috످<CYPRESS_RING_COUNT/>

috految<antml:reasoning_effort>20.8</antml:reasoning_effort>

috److Your message contains only an empty tag, `<CYPRESS_RING_COUNT/>`, which may be a template placeholder that wasn't filled in.

Are you asking about counting a cypress tree's growth rings, using the Cypress testing framework, or something else?

috످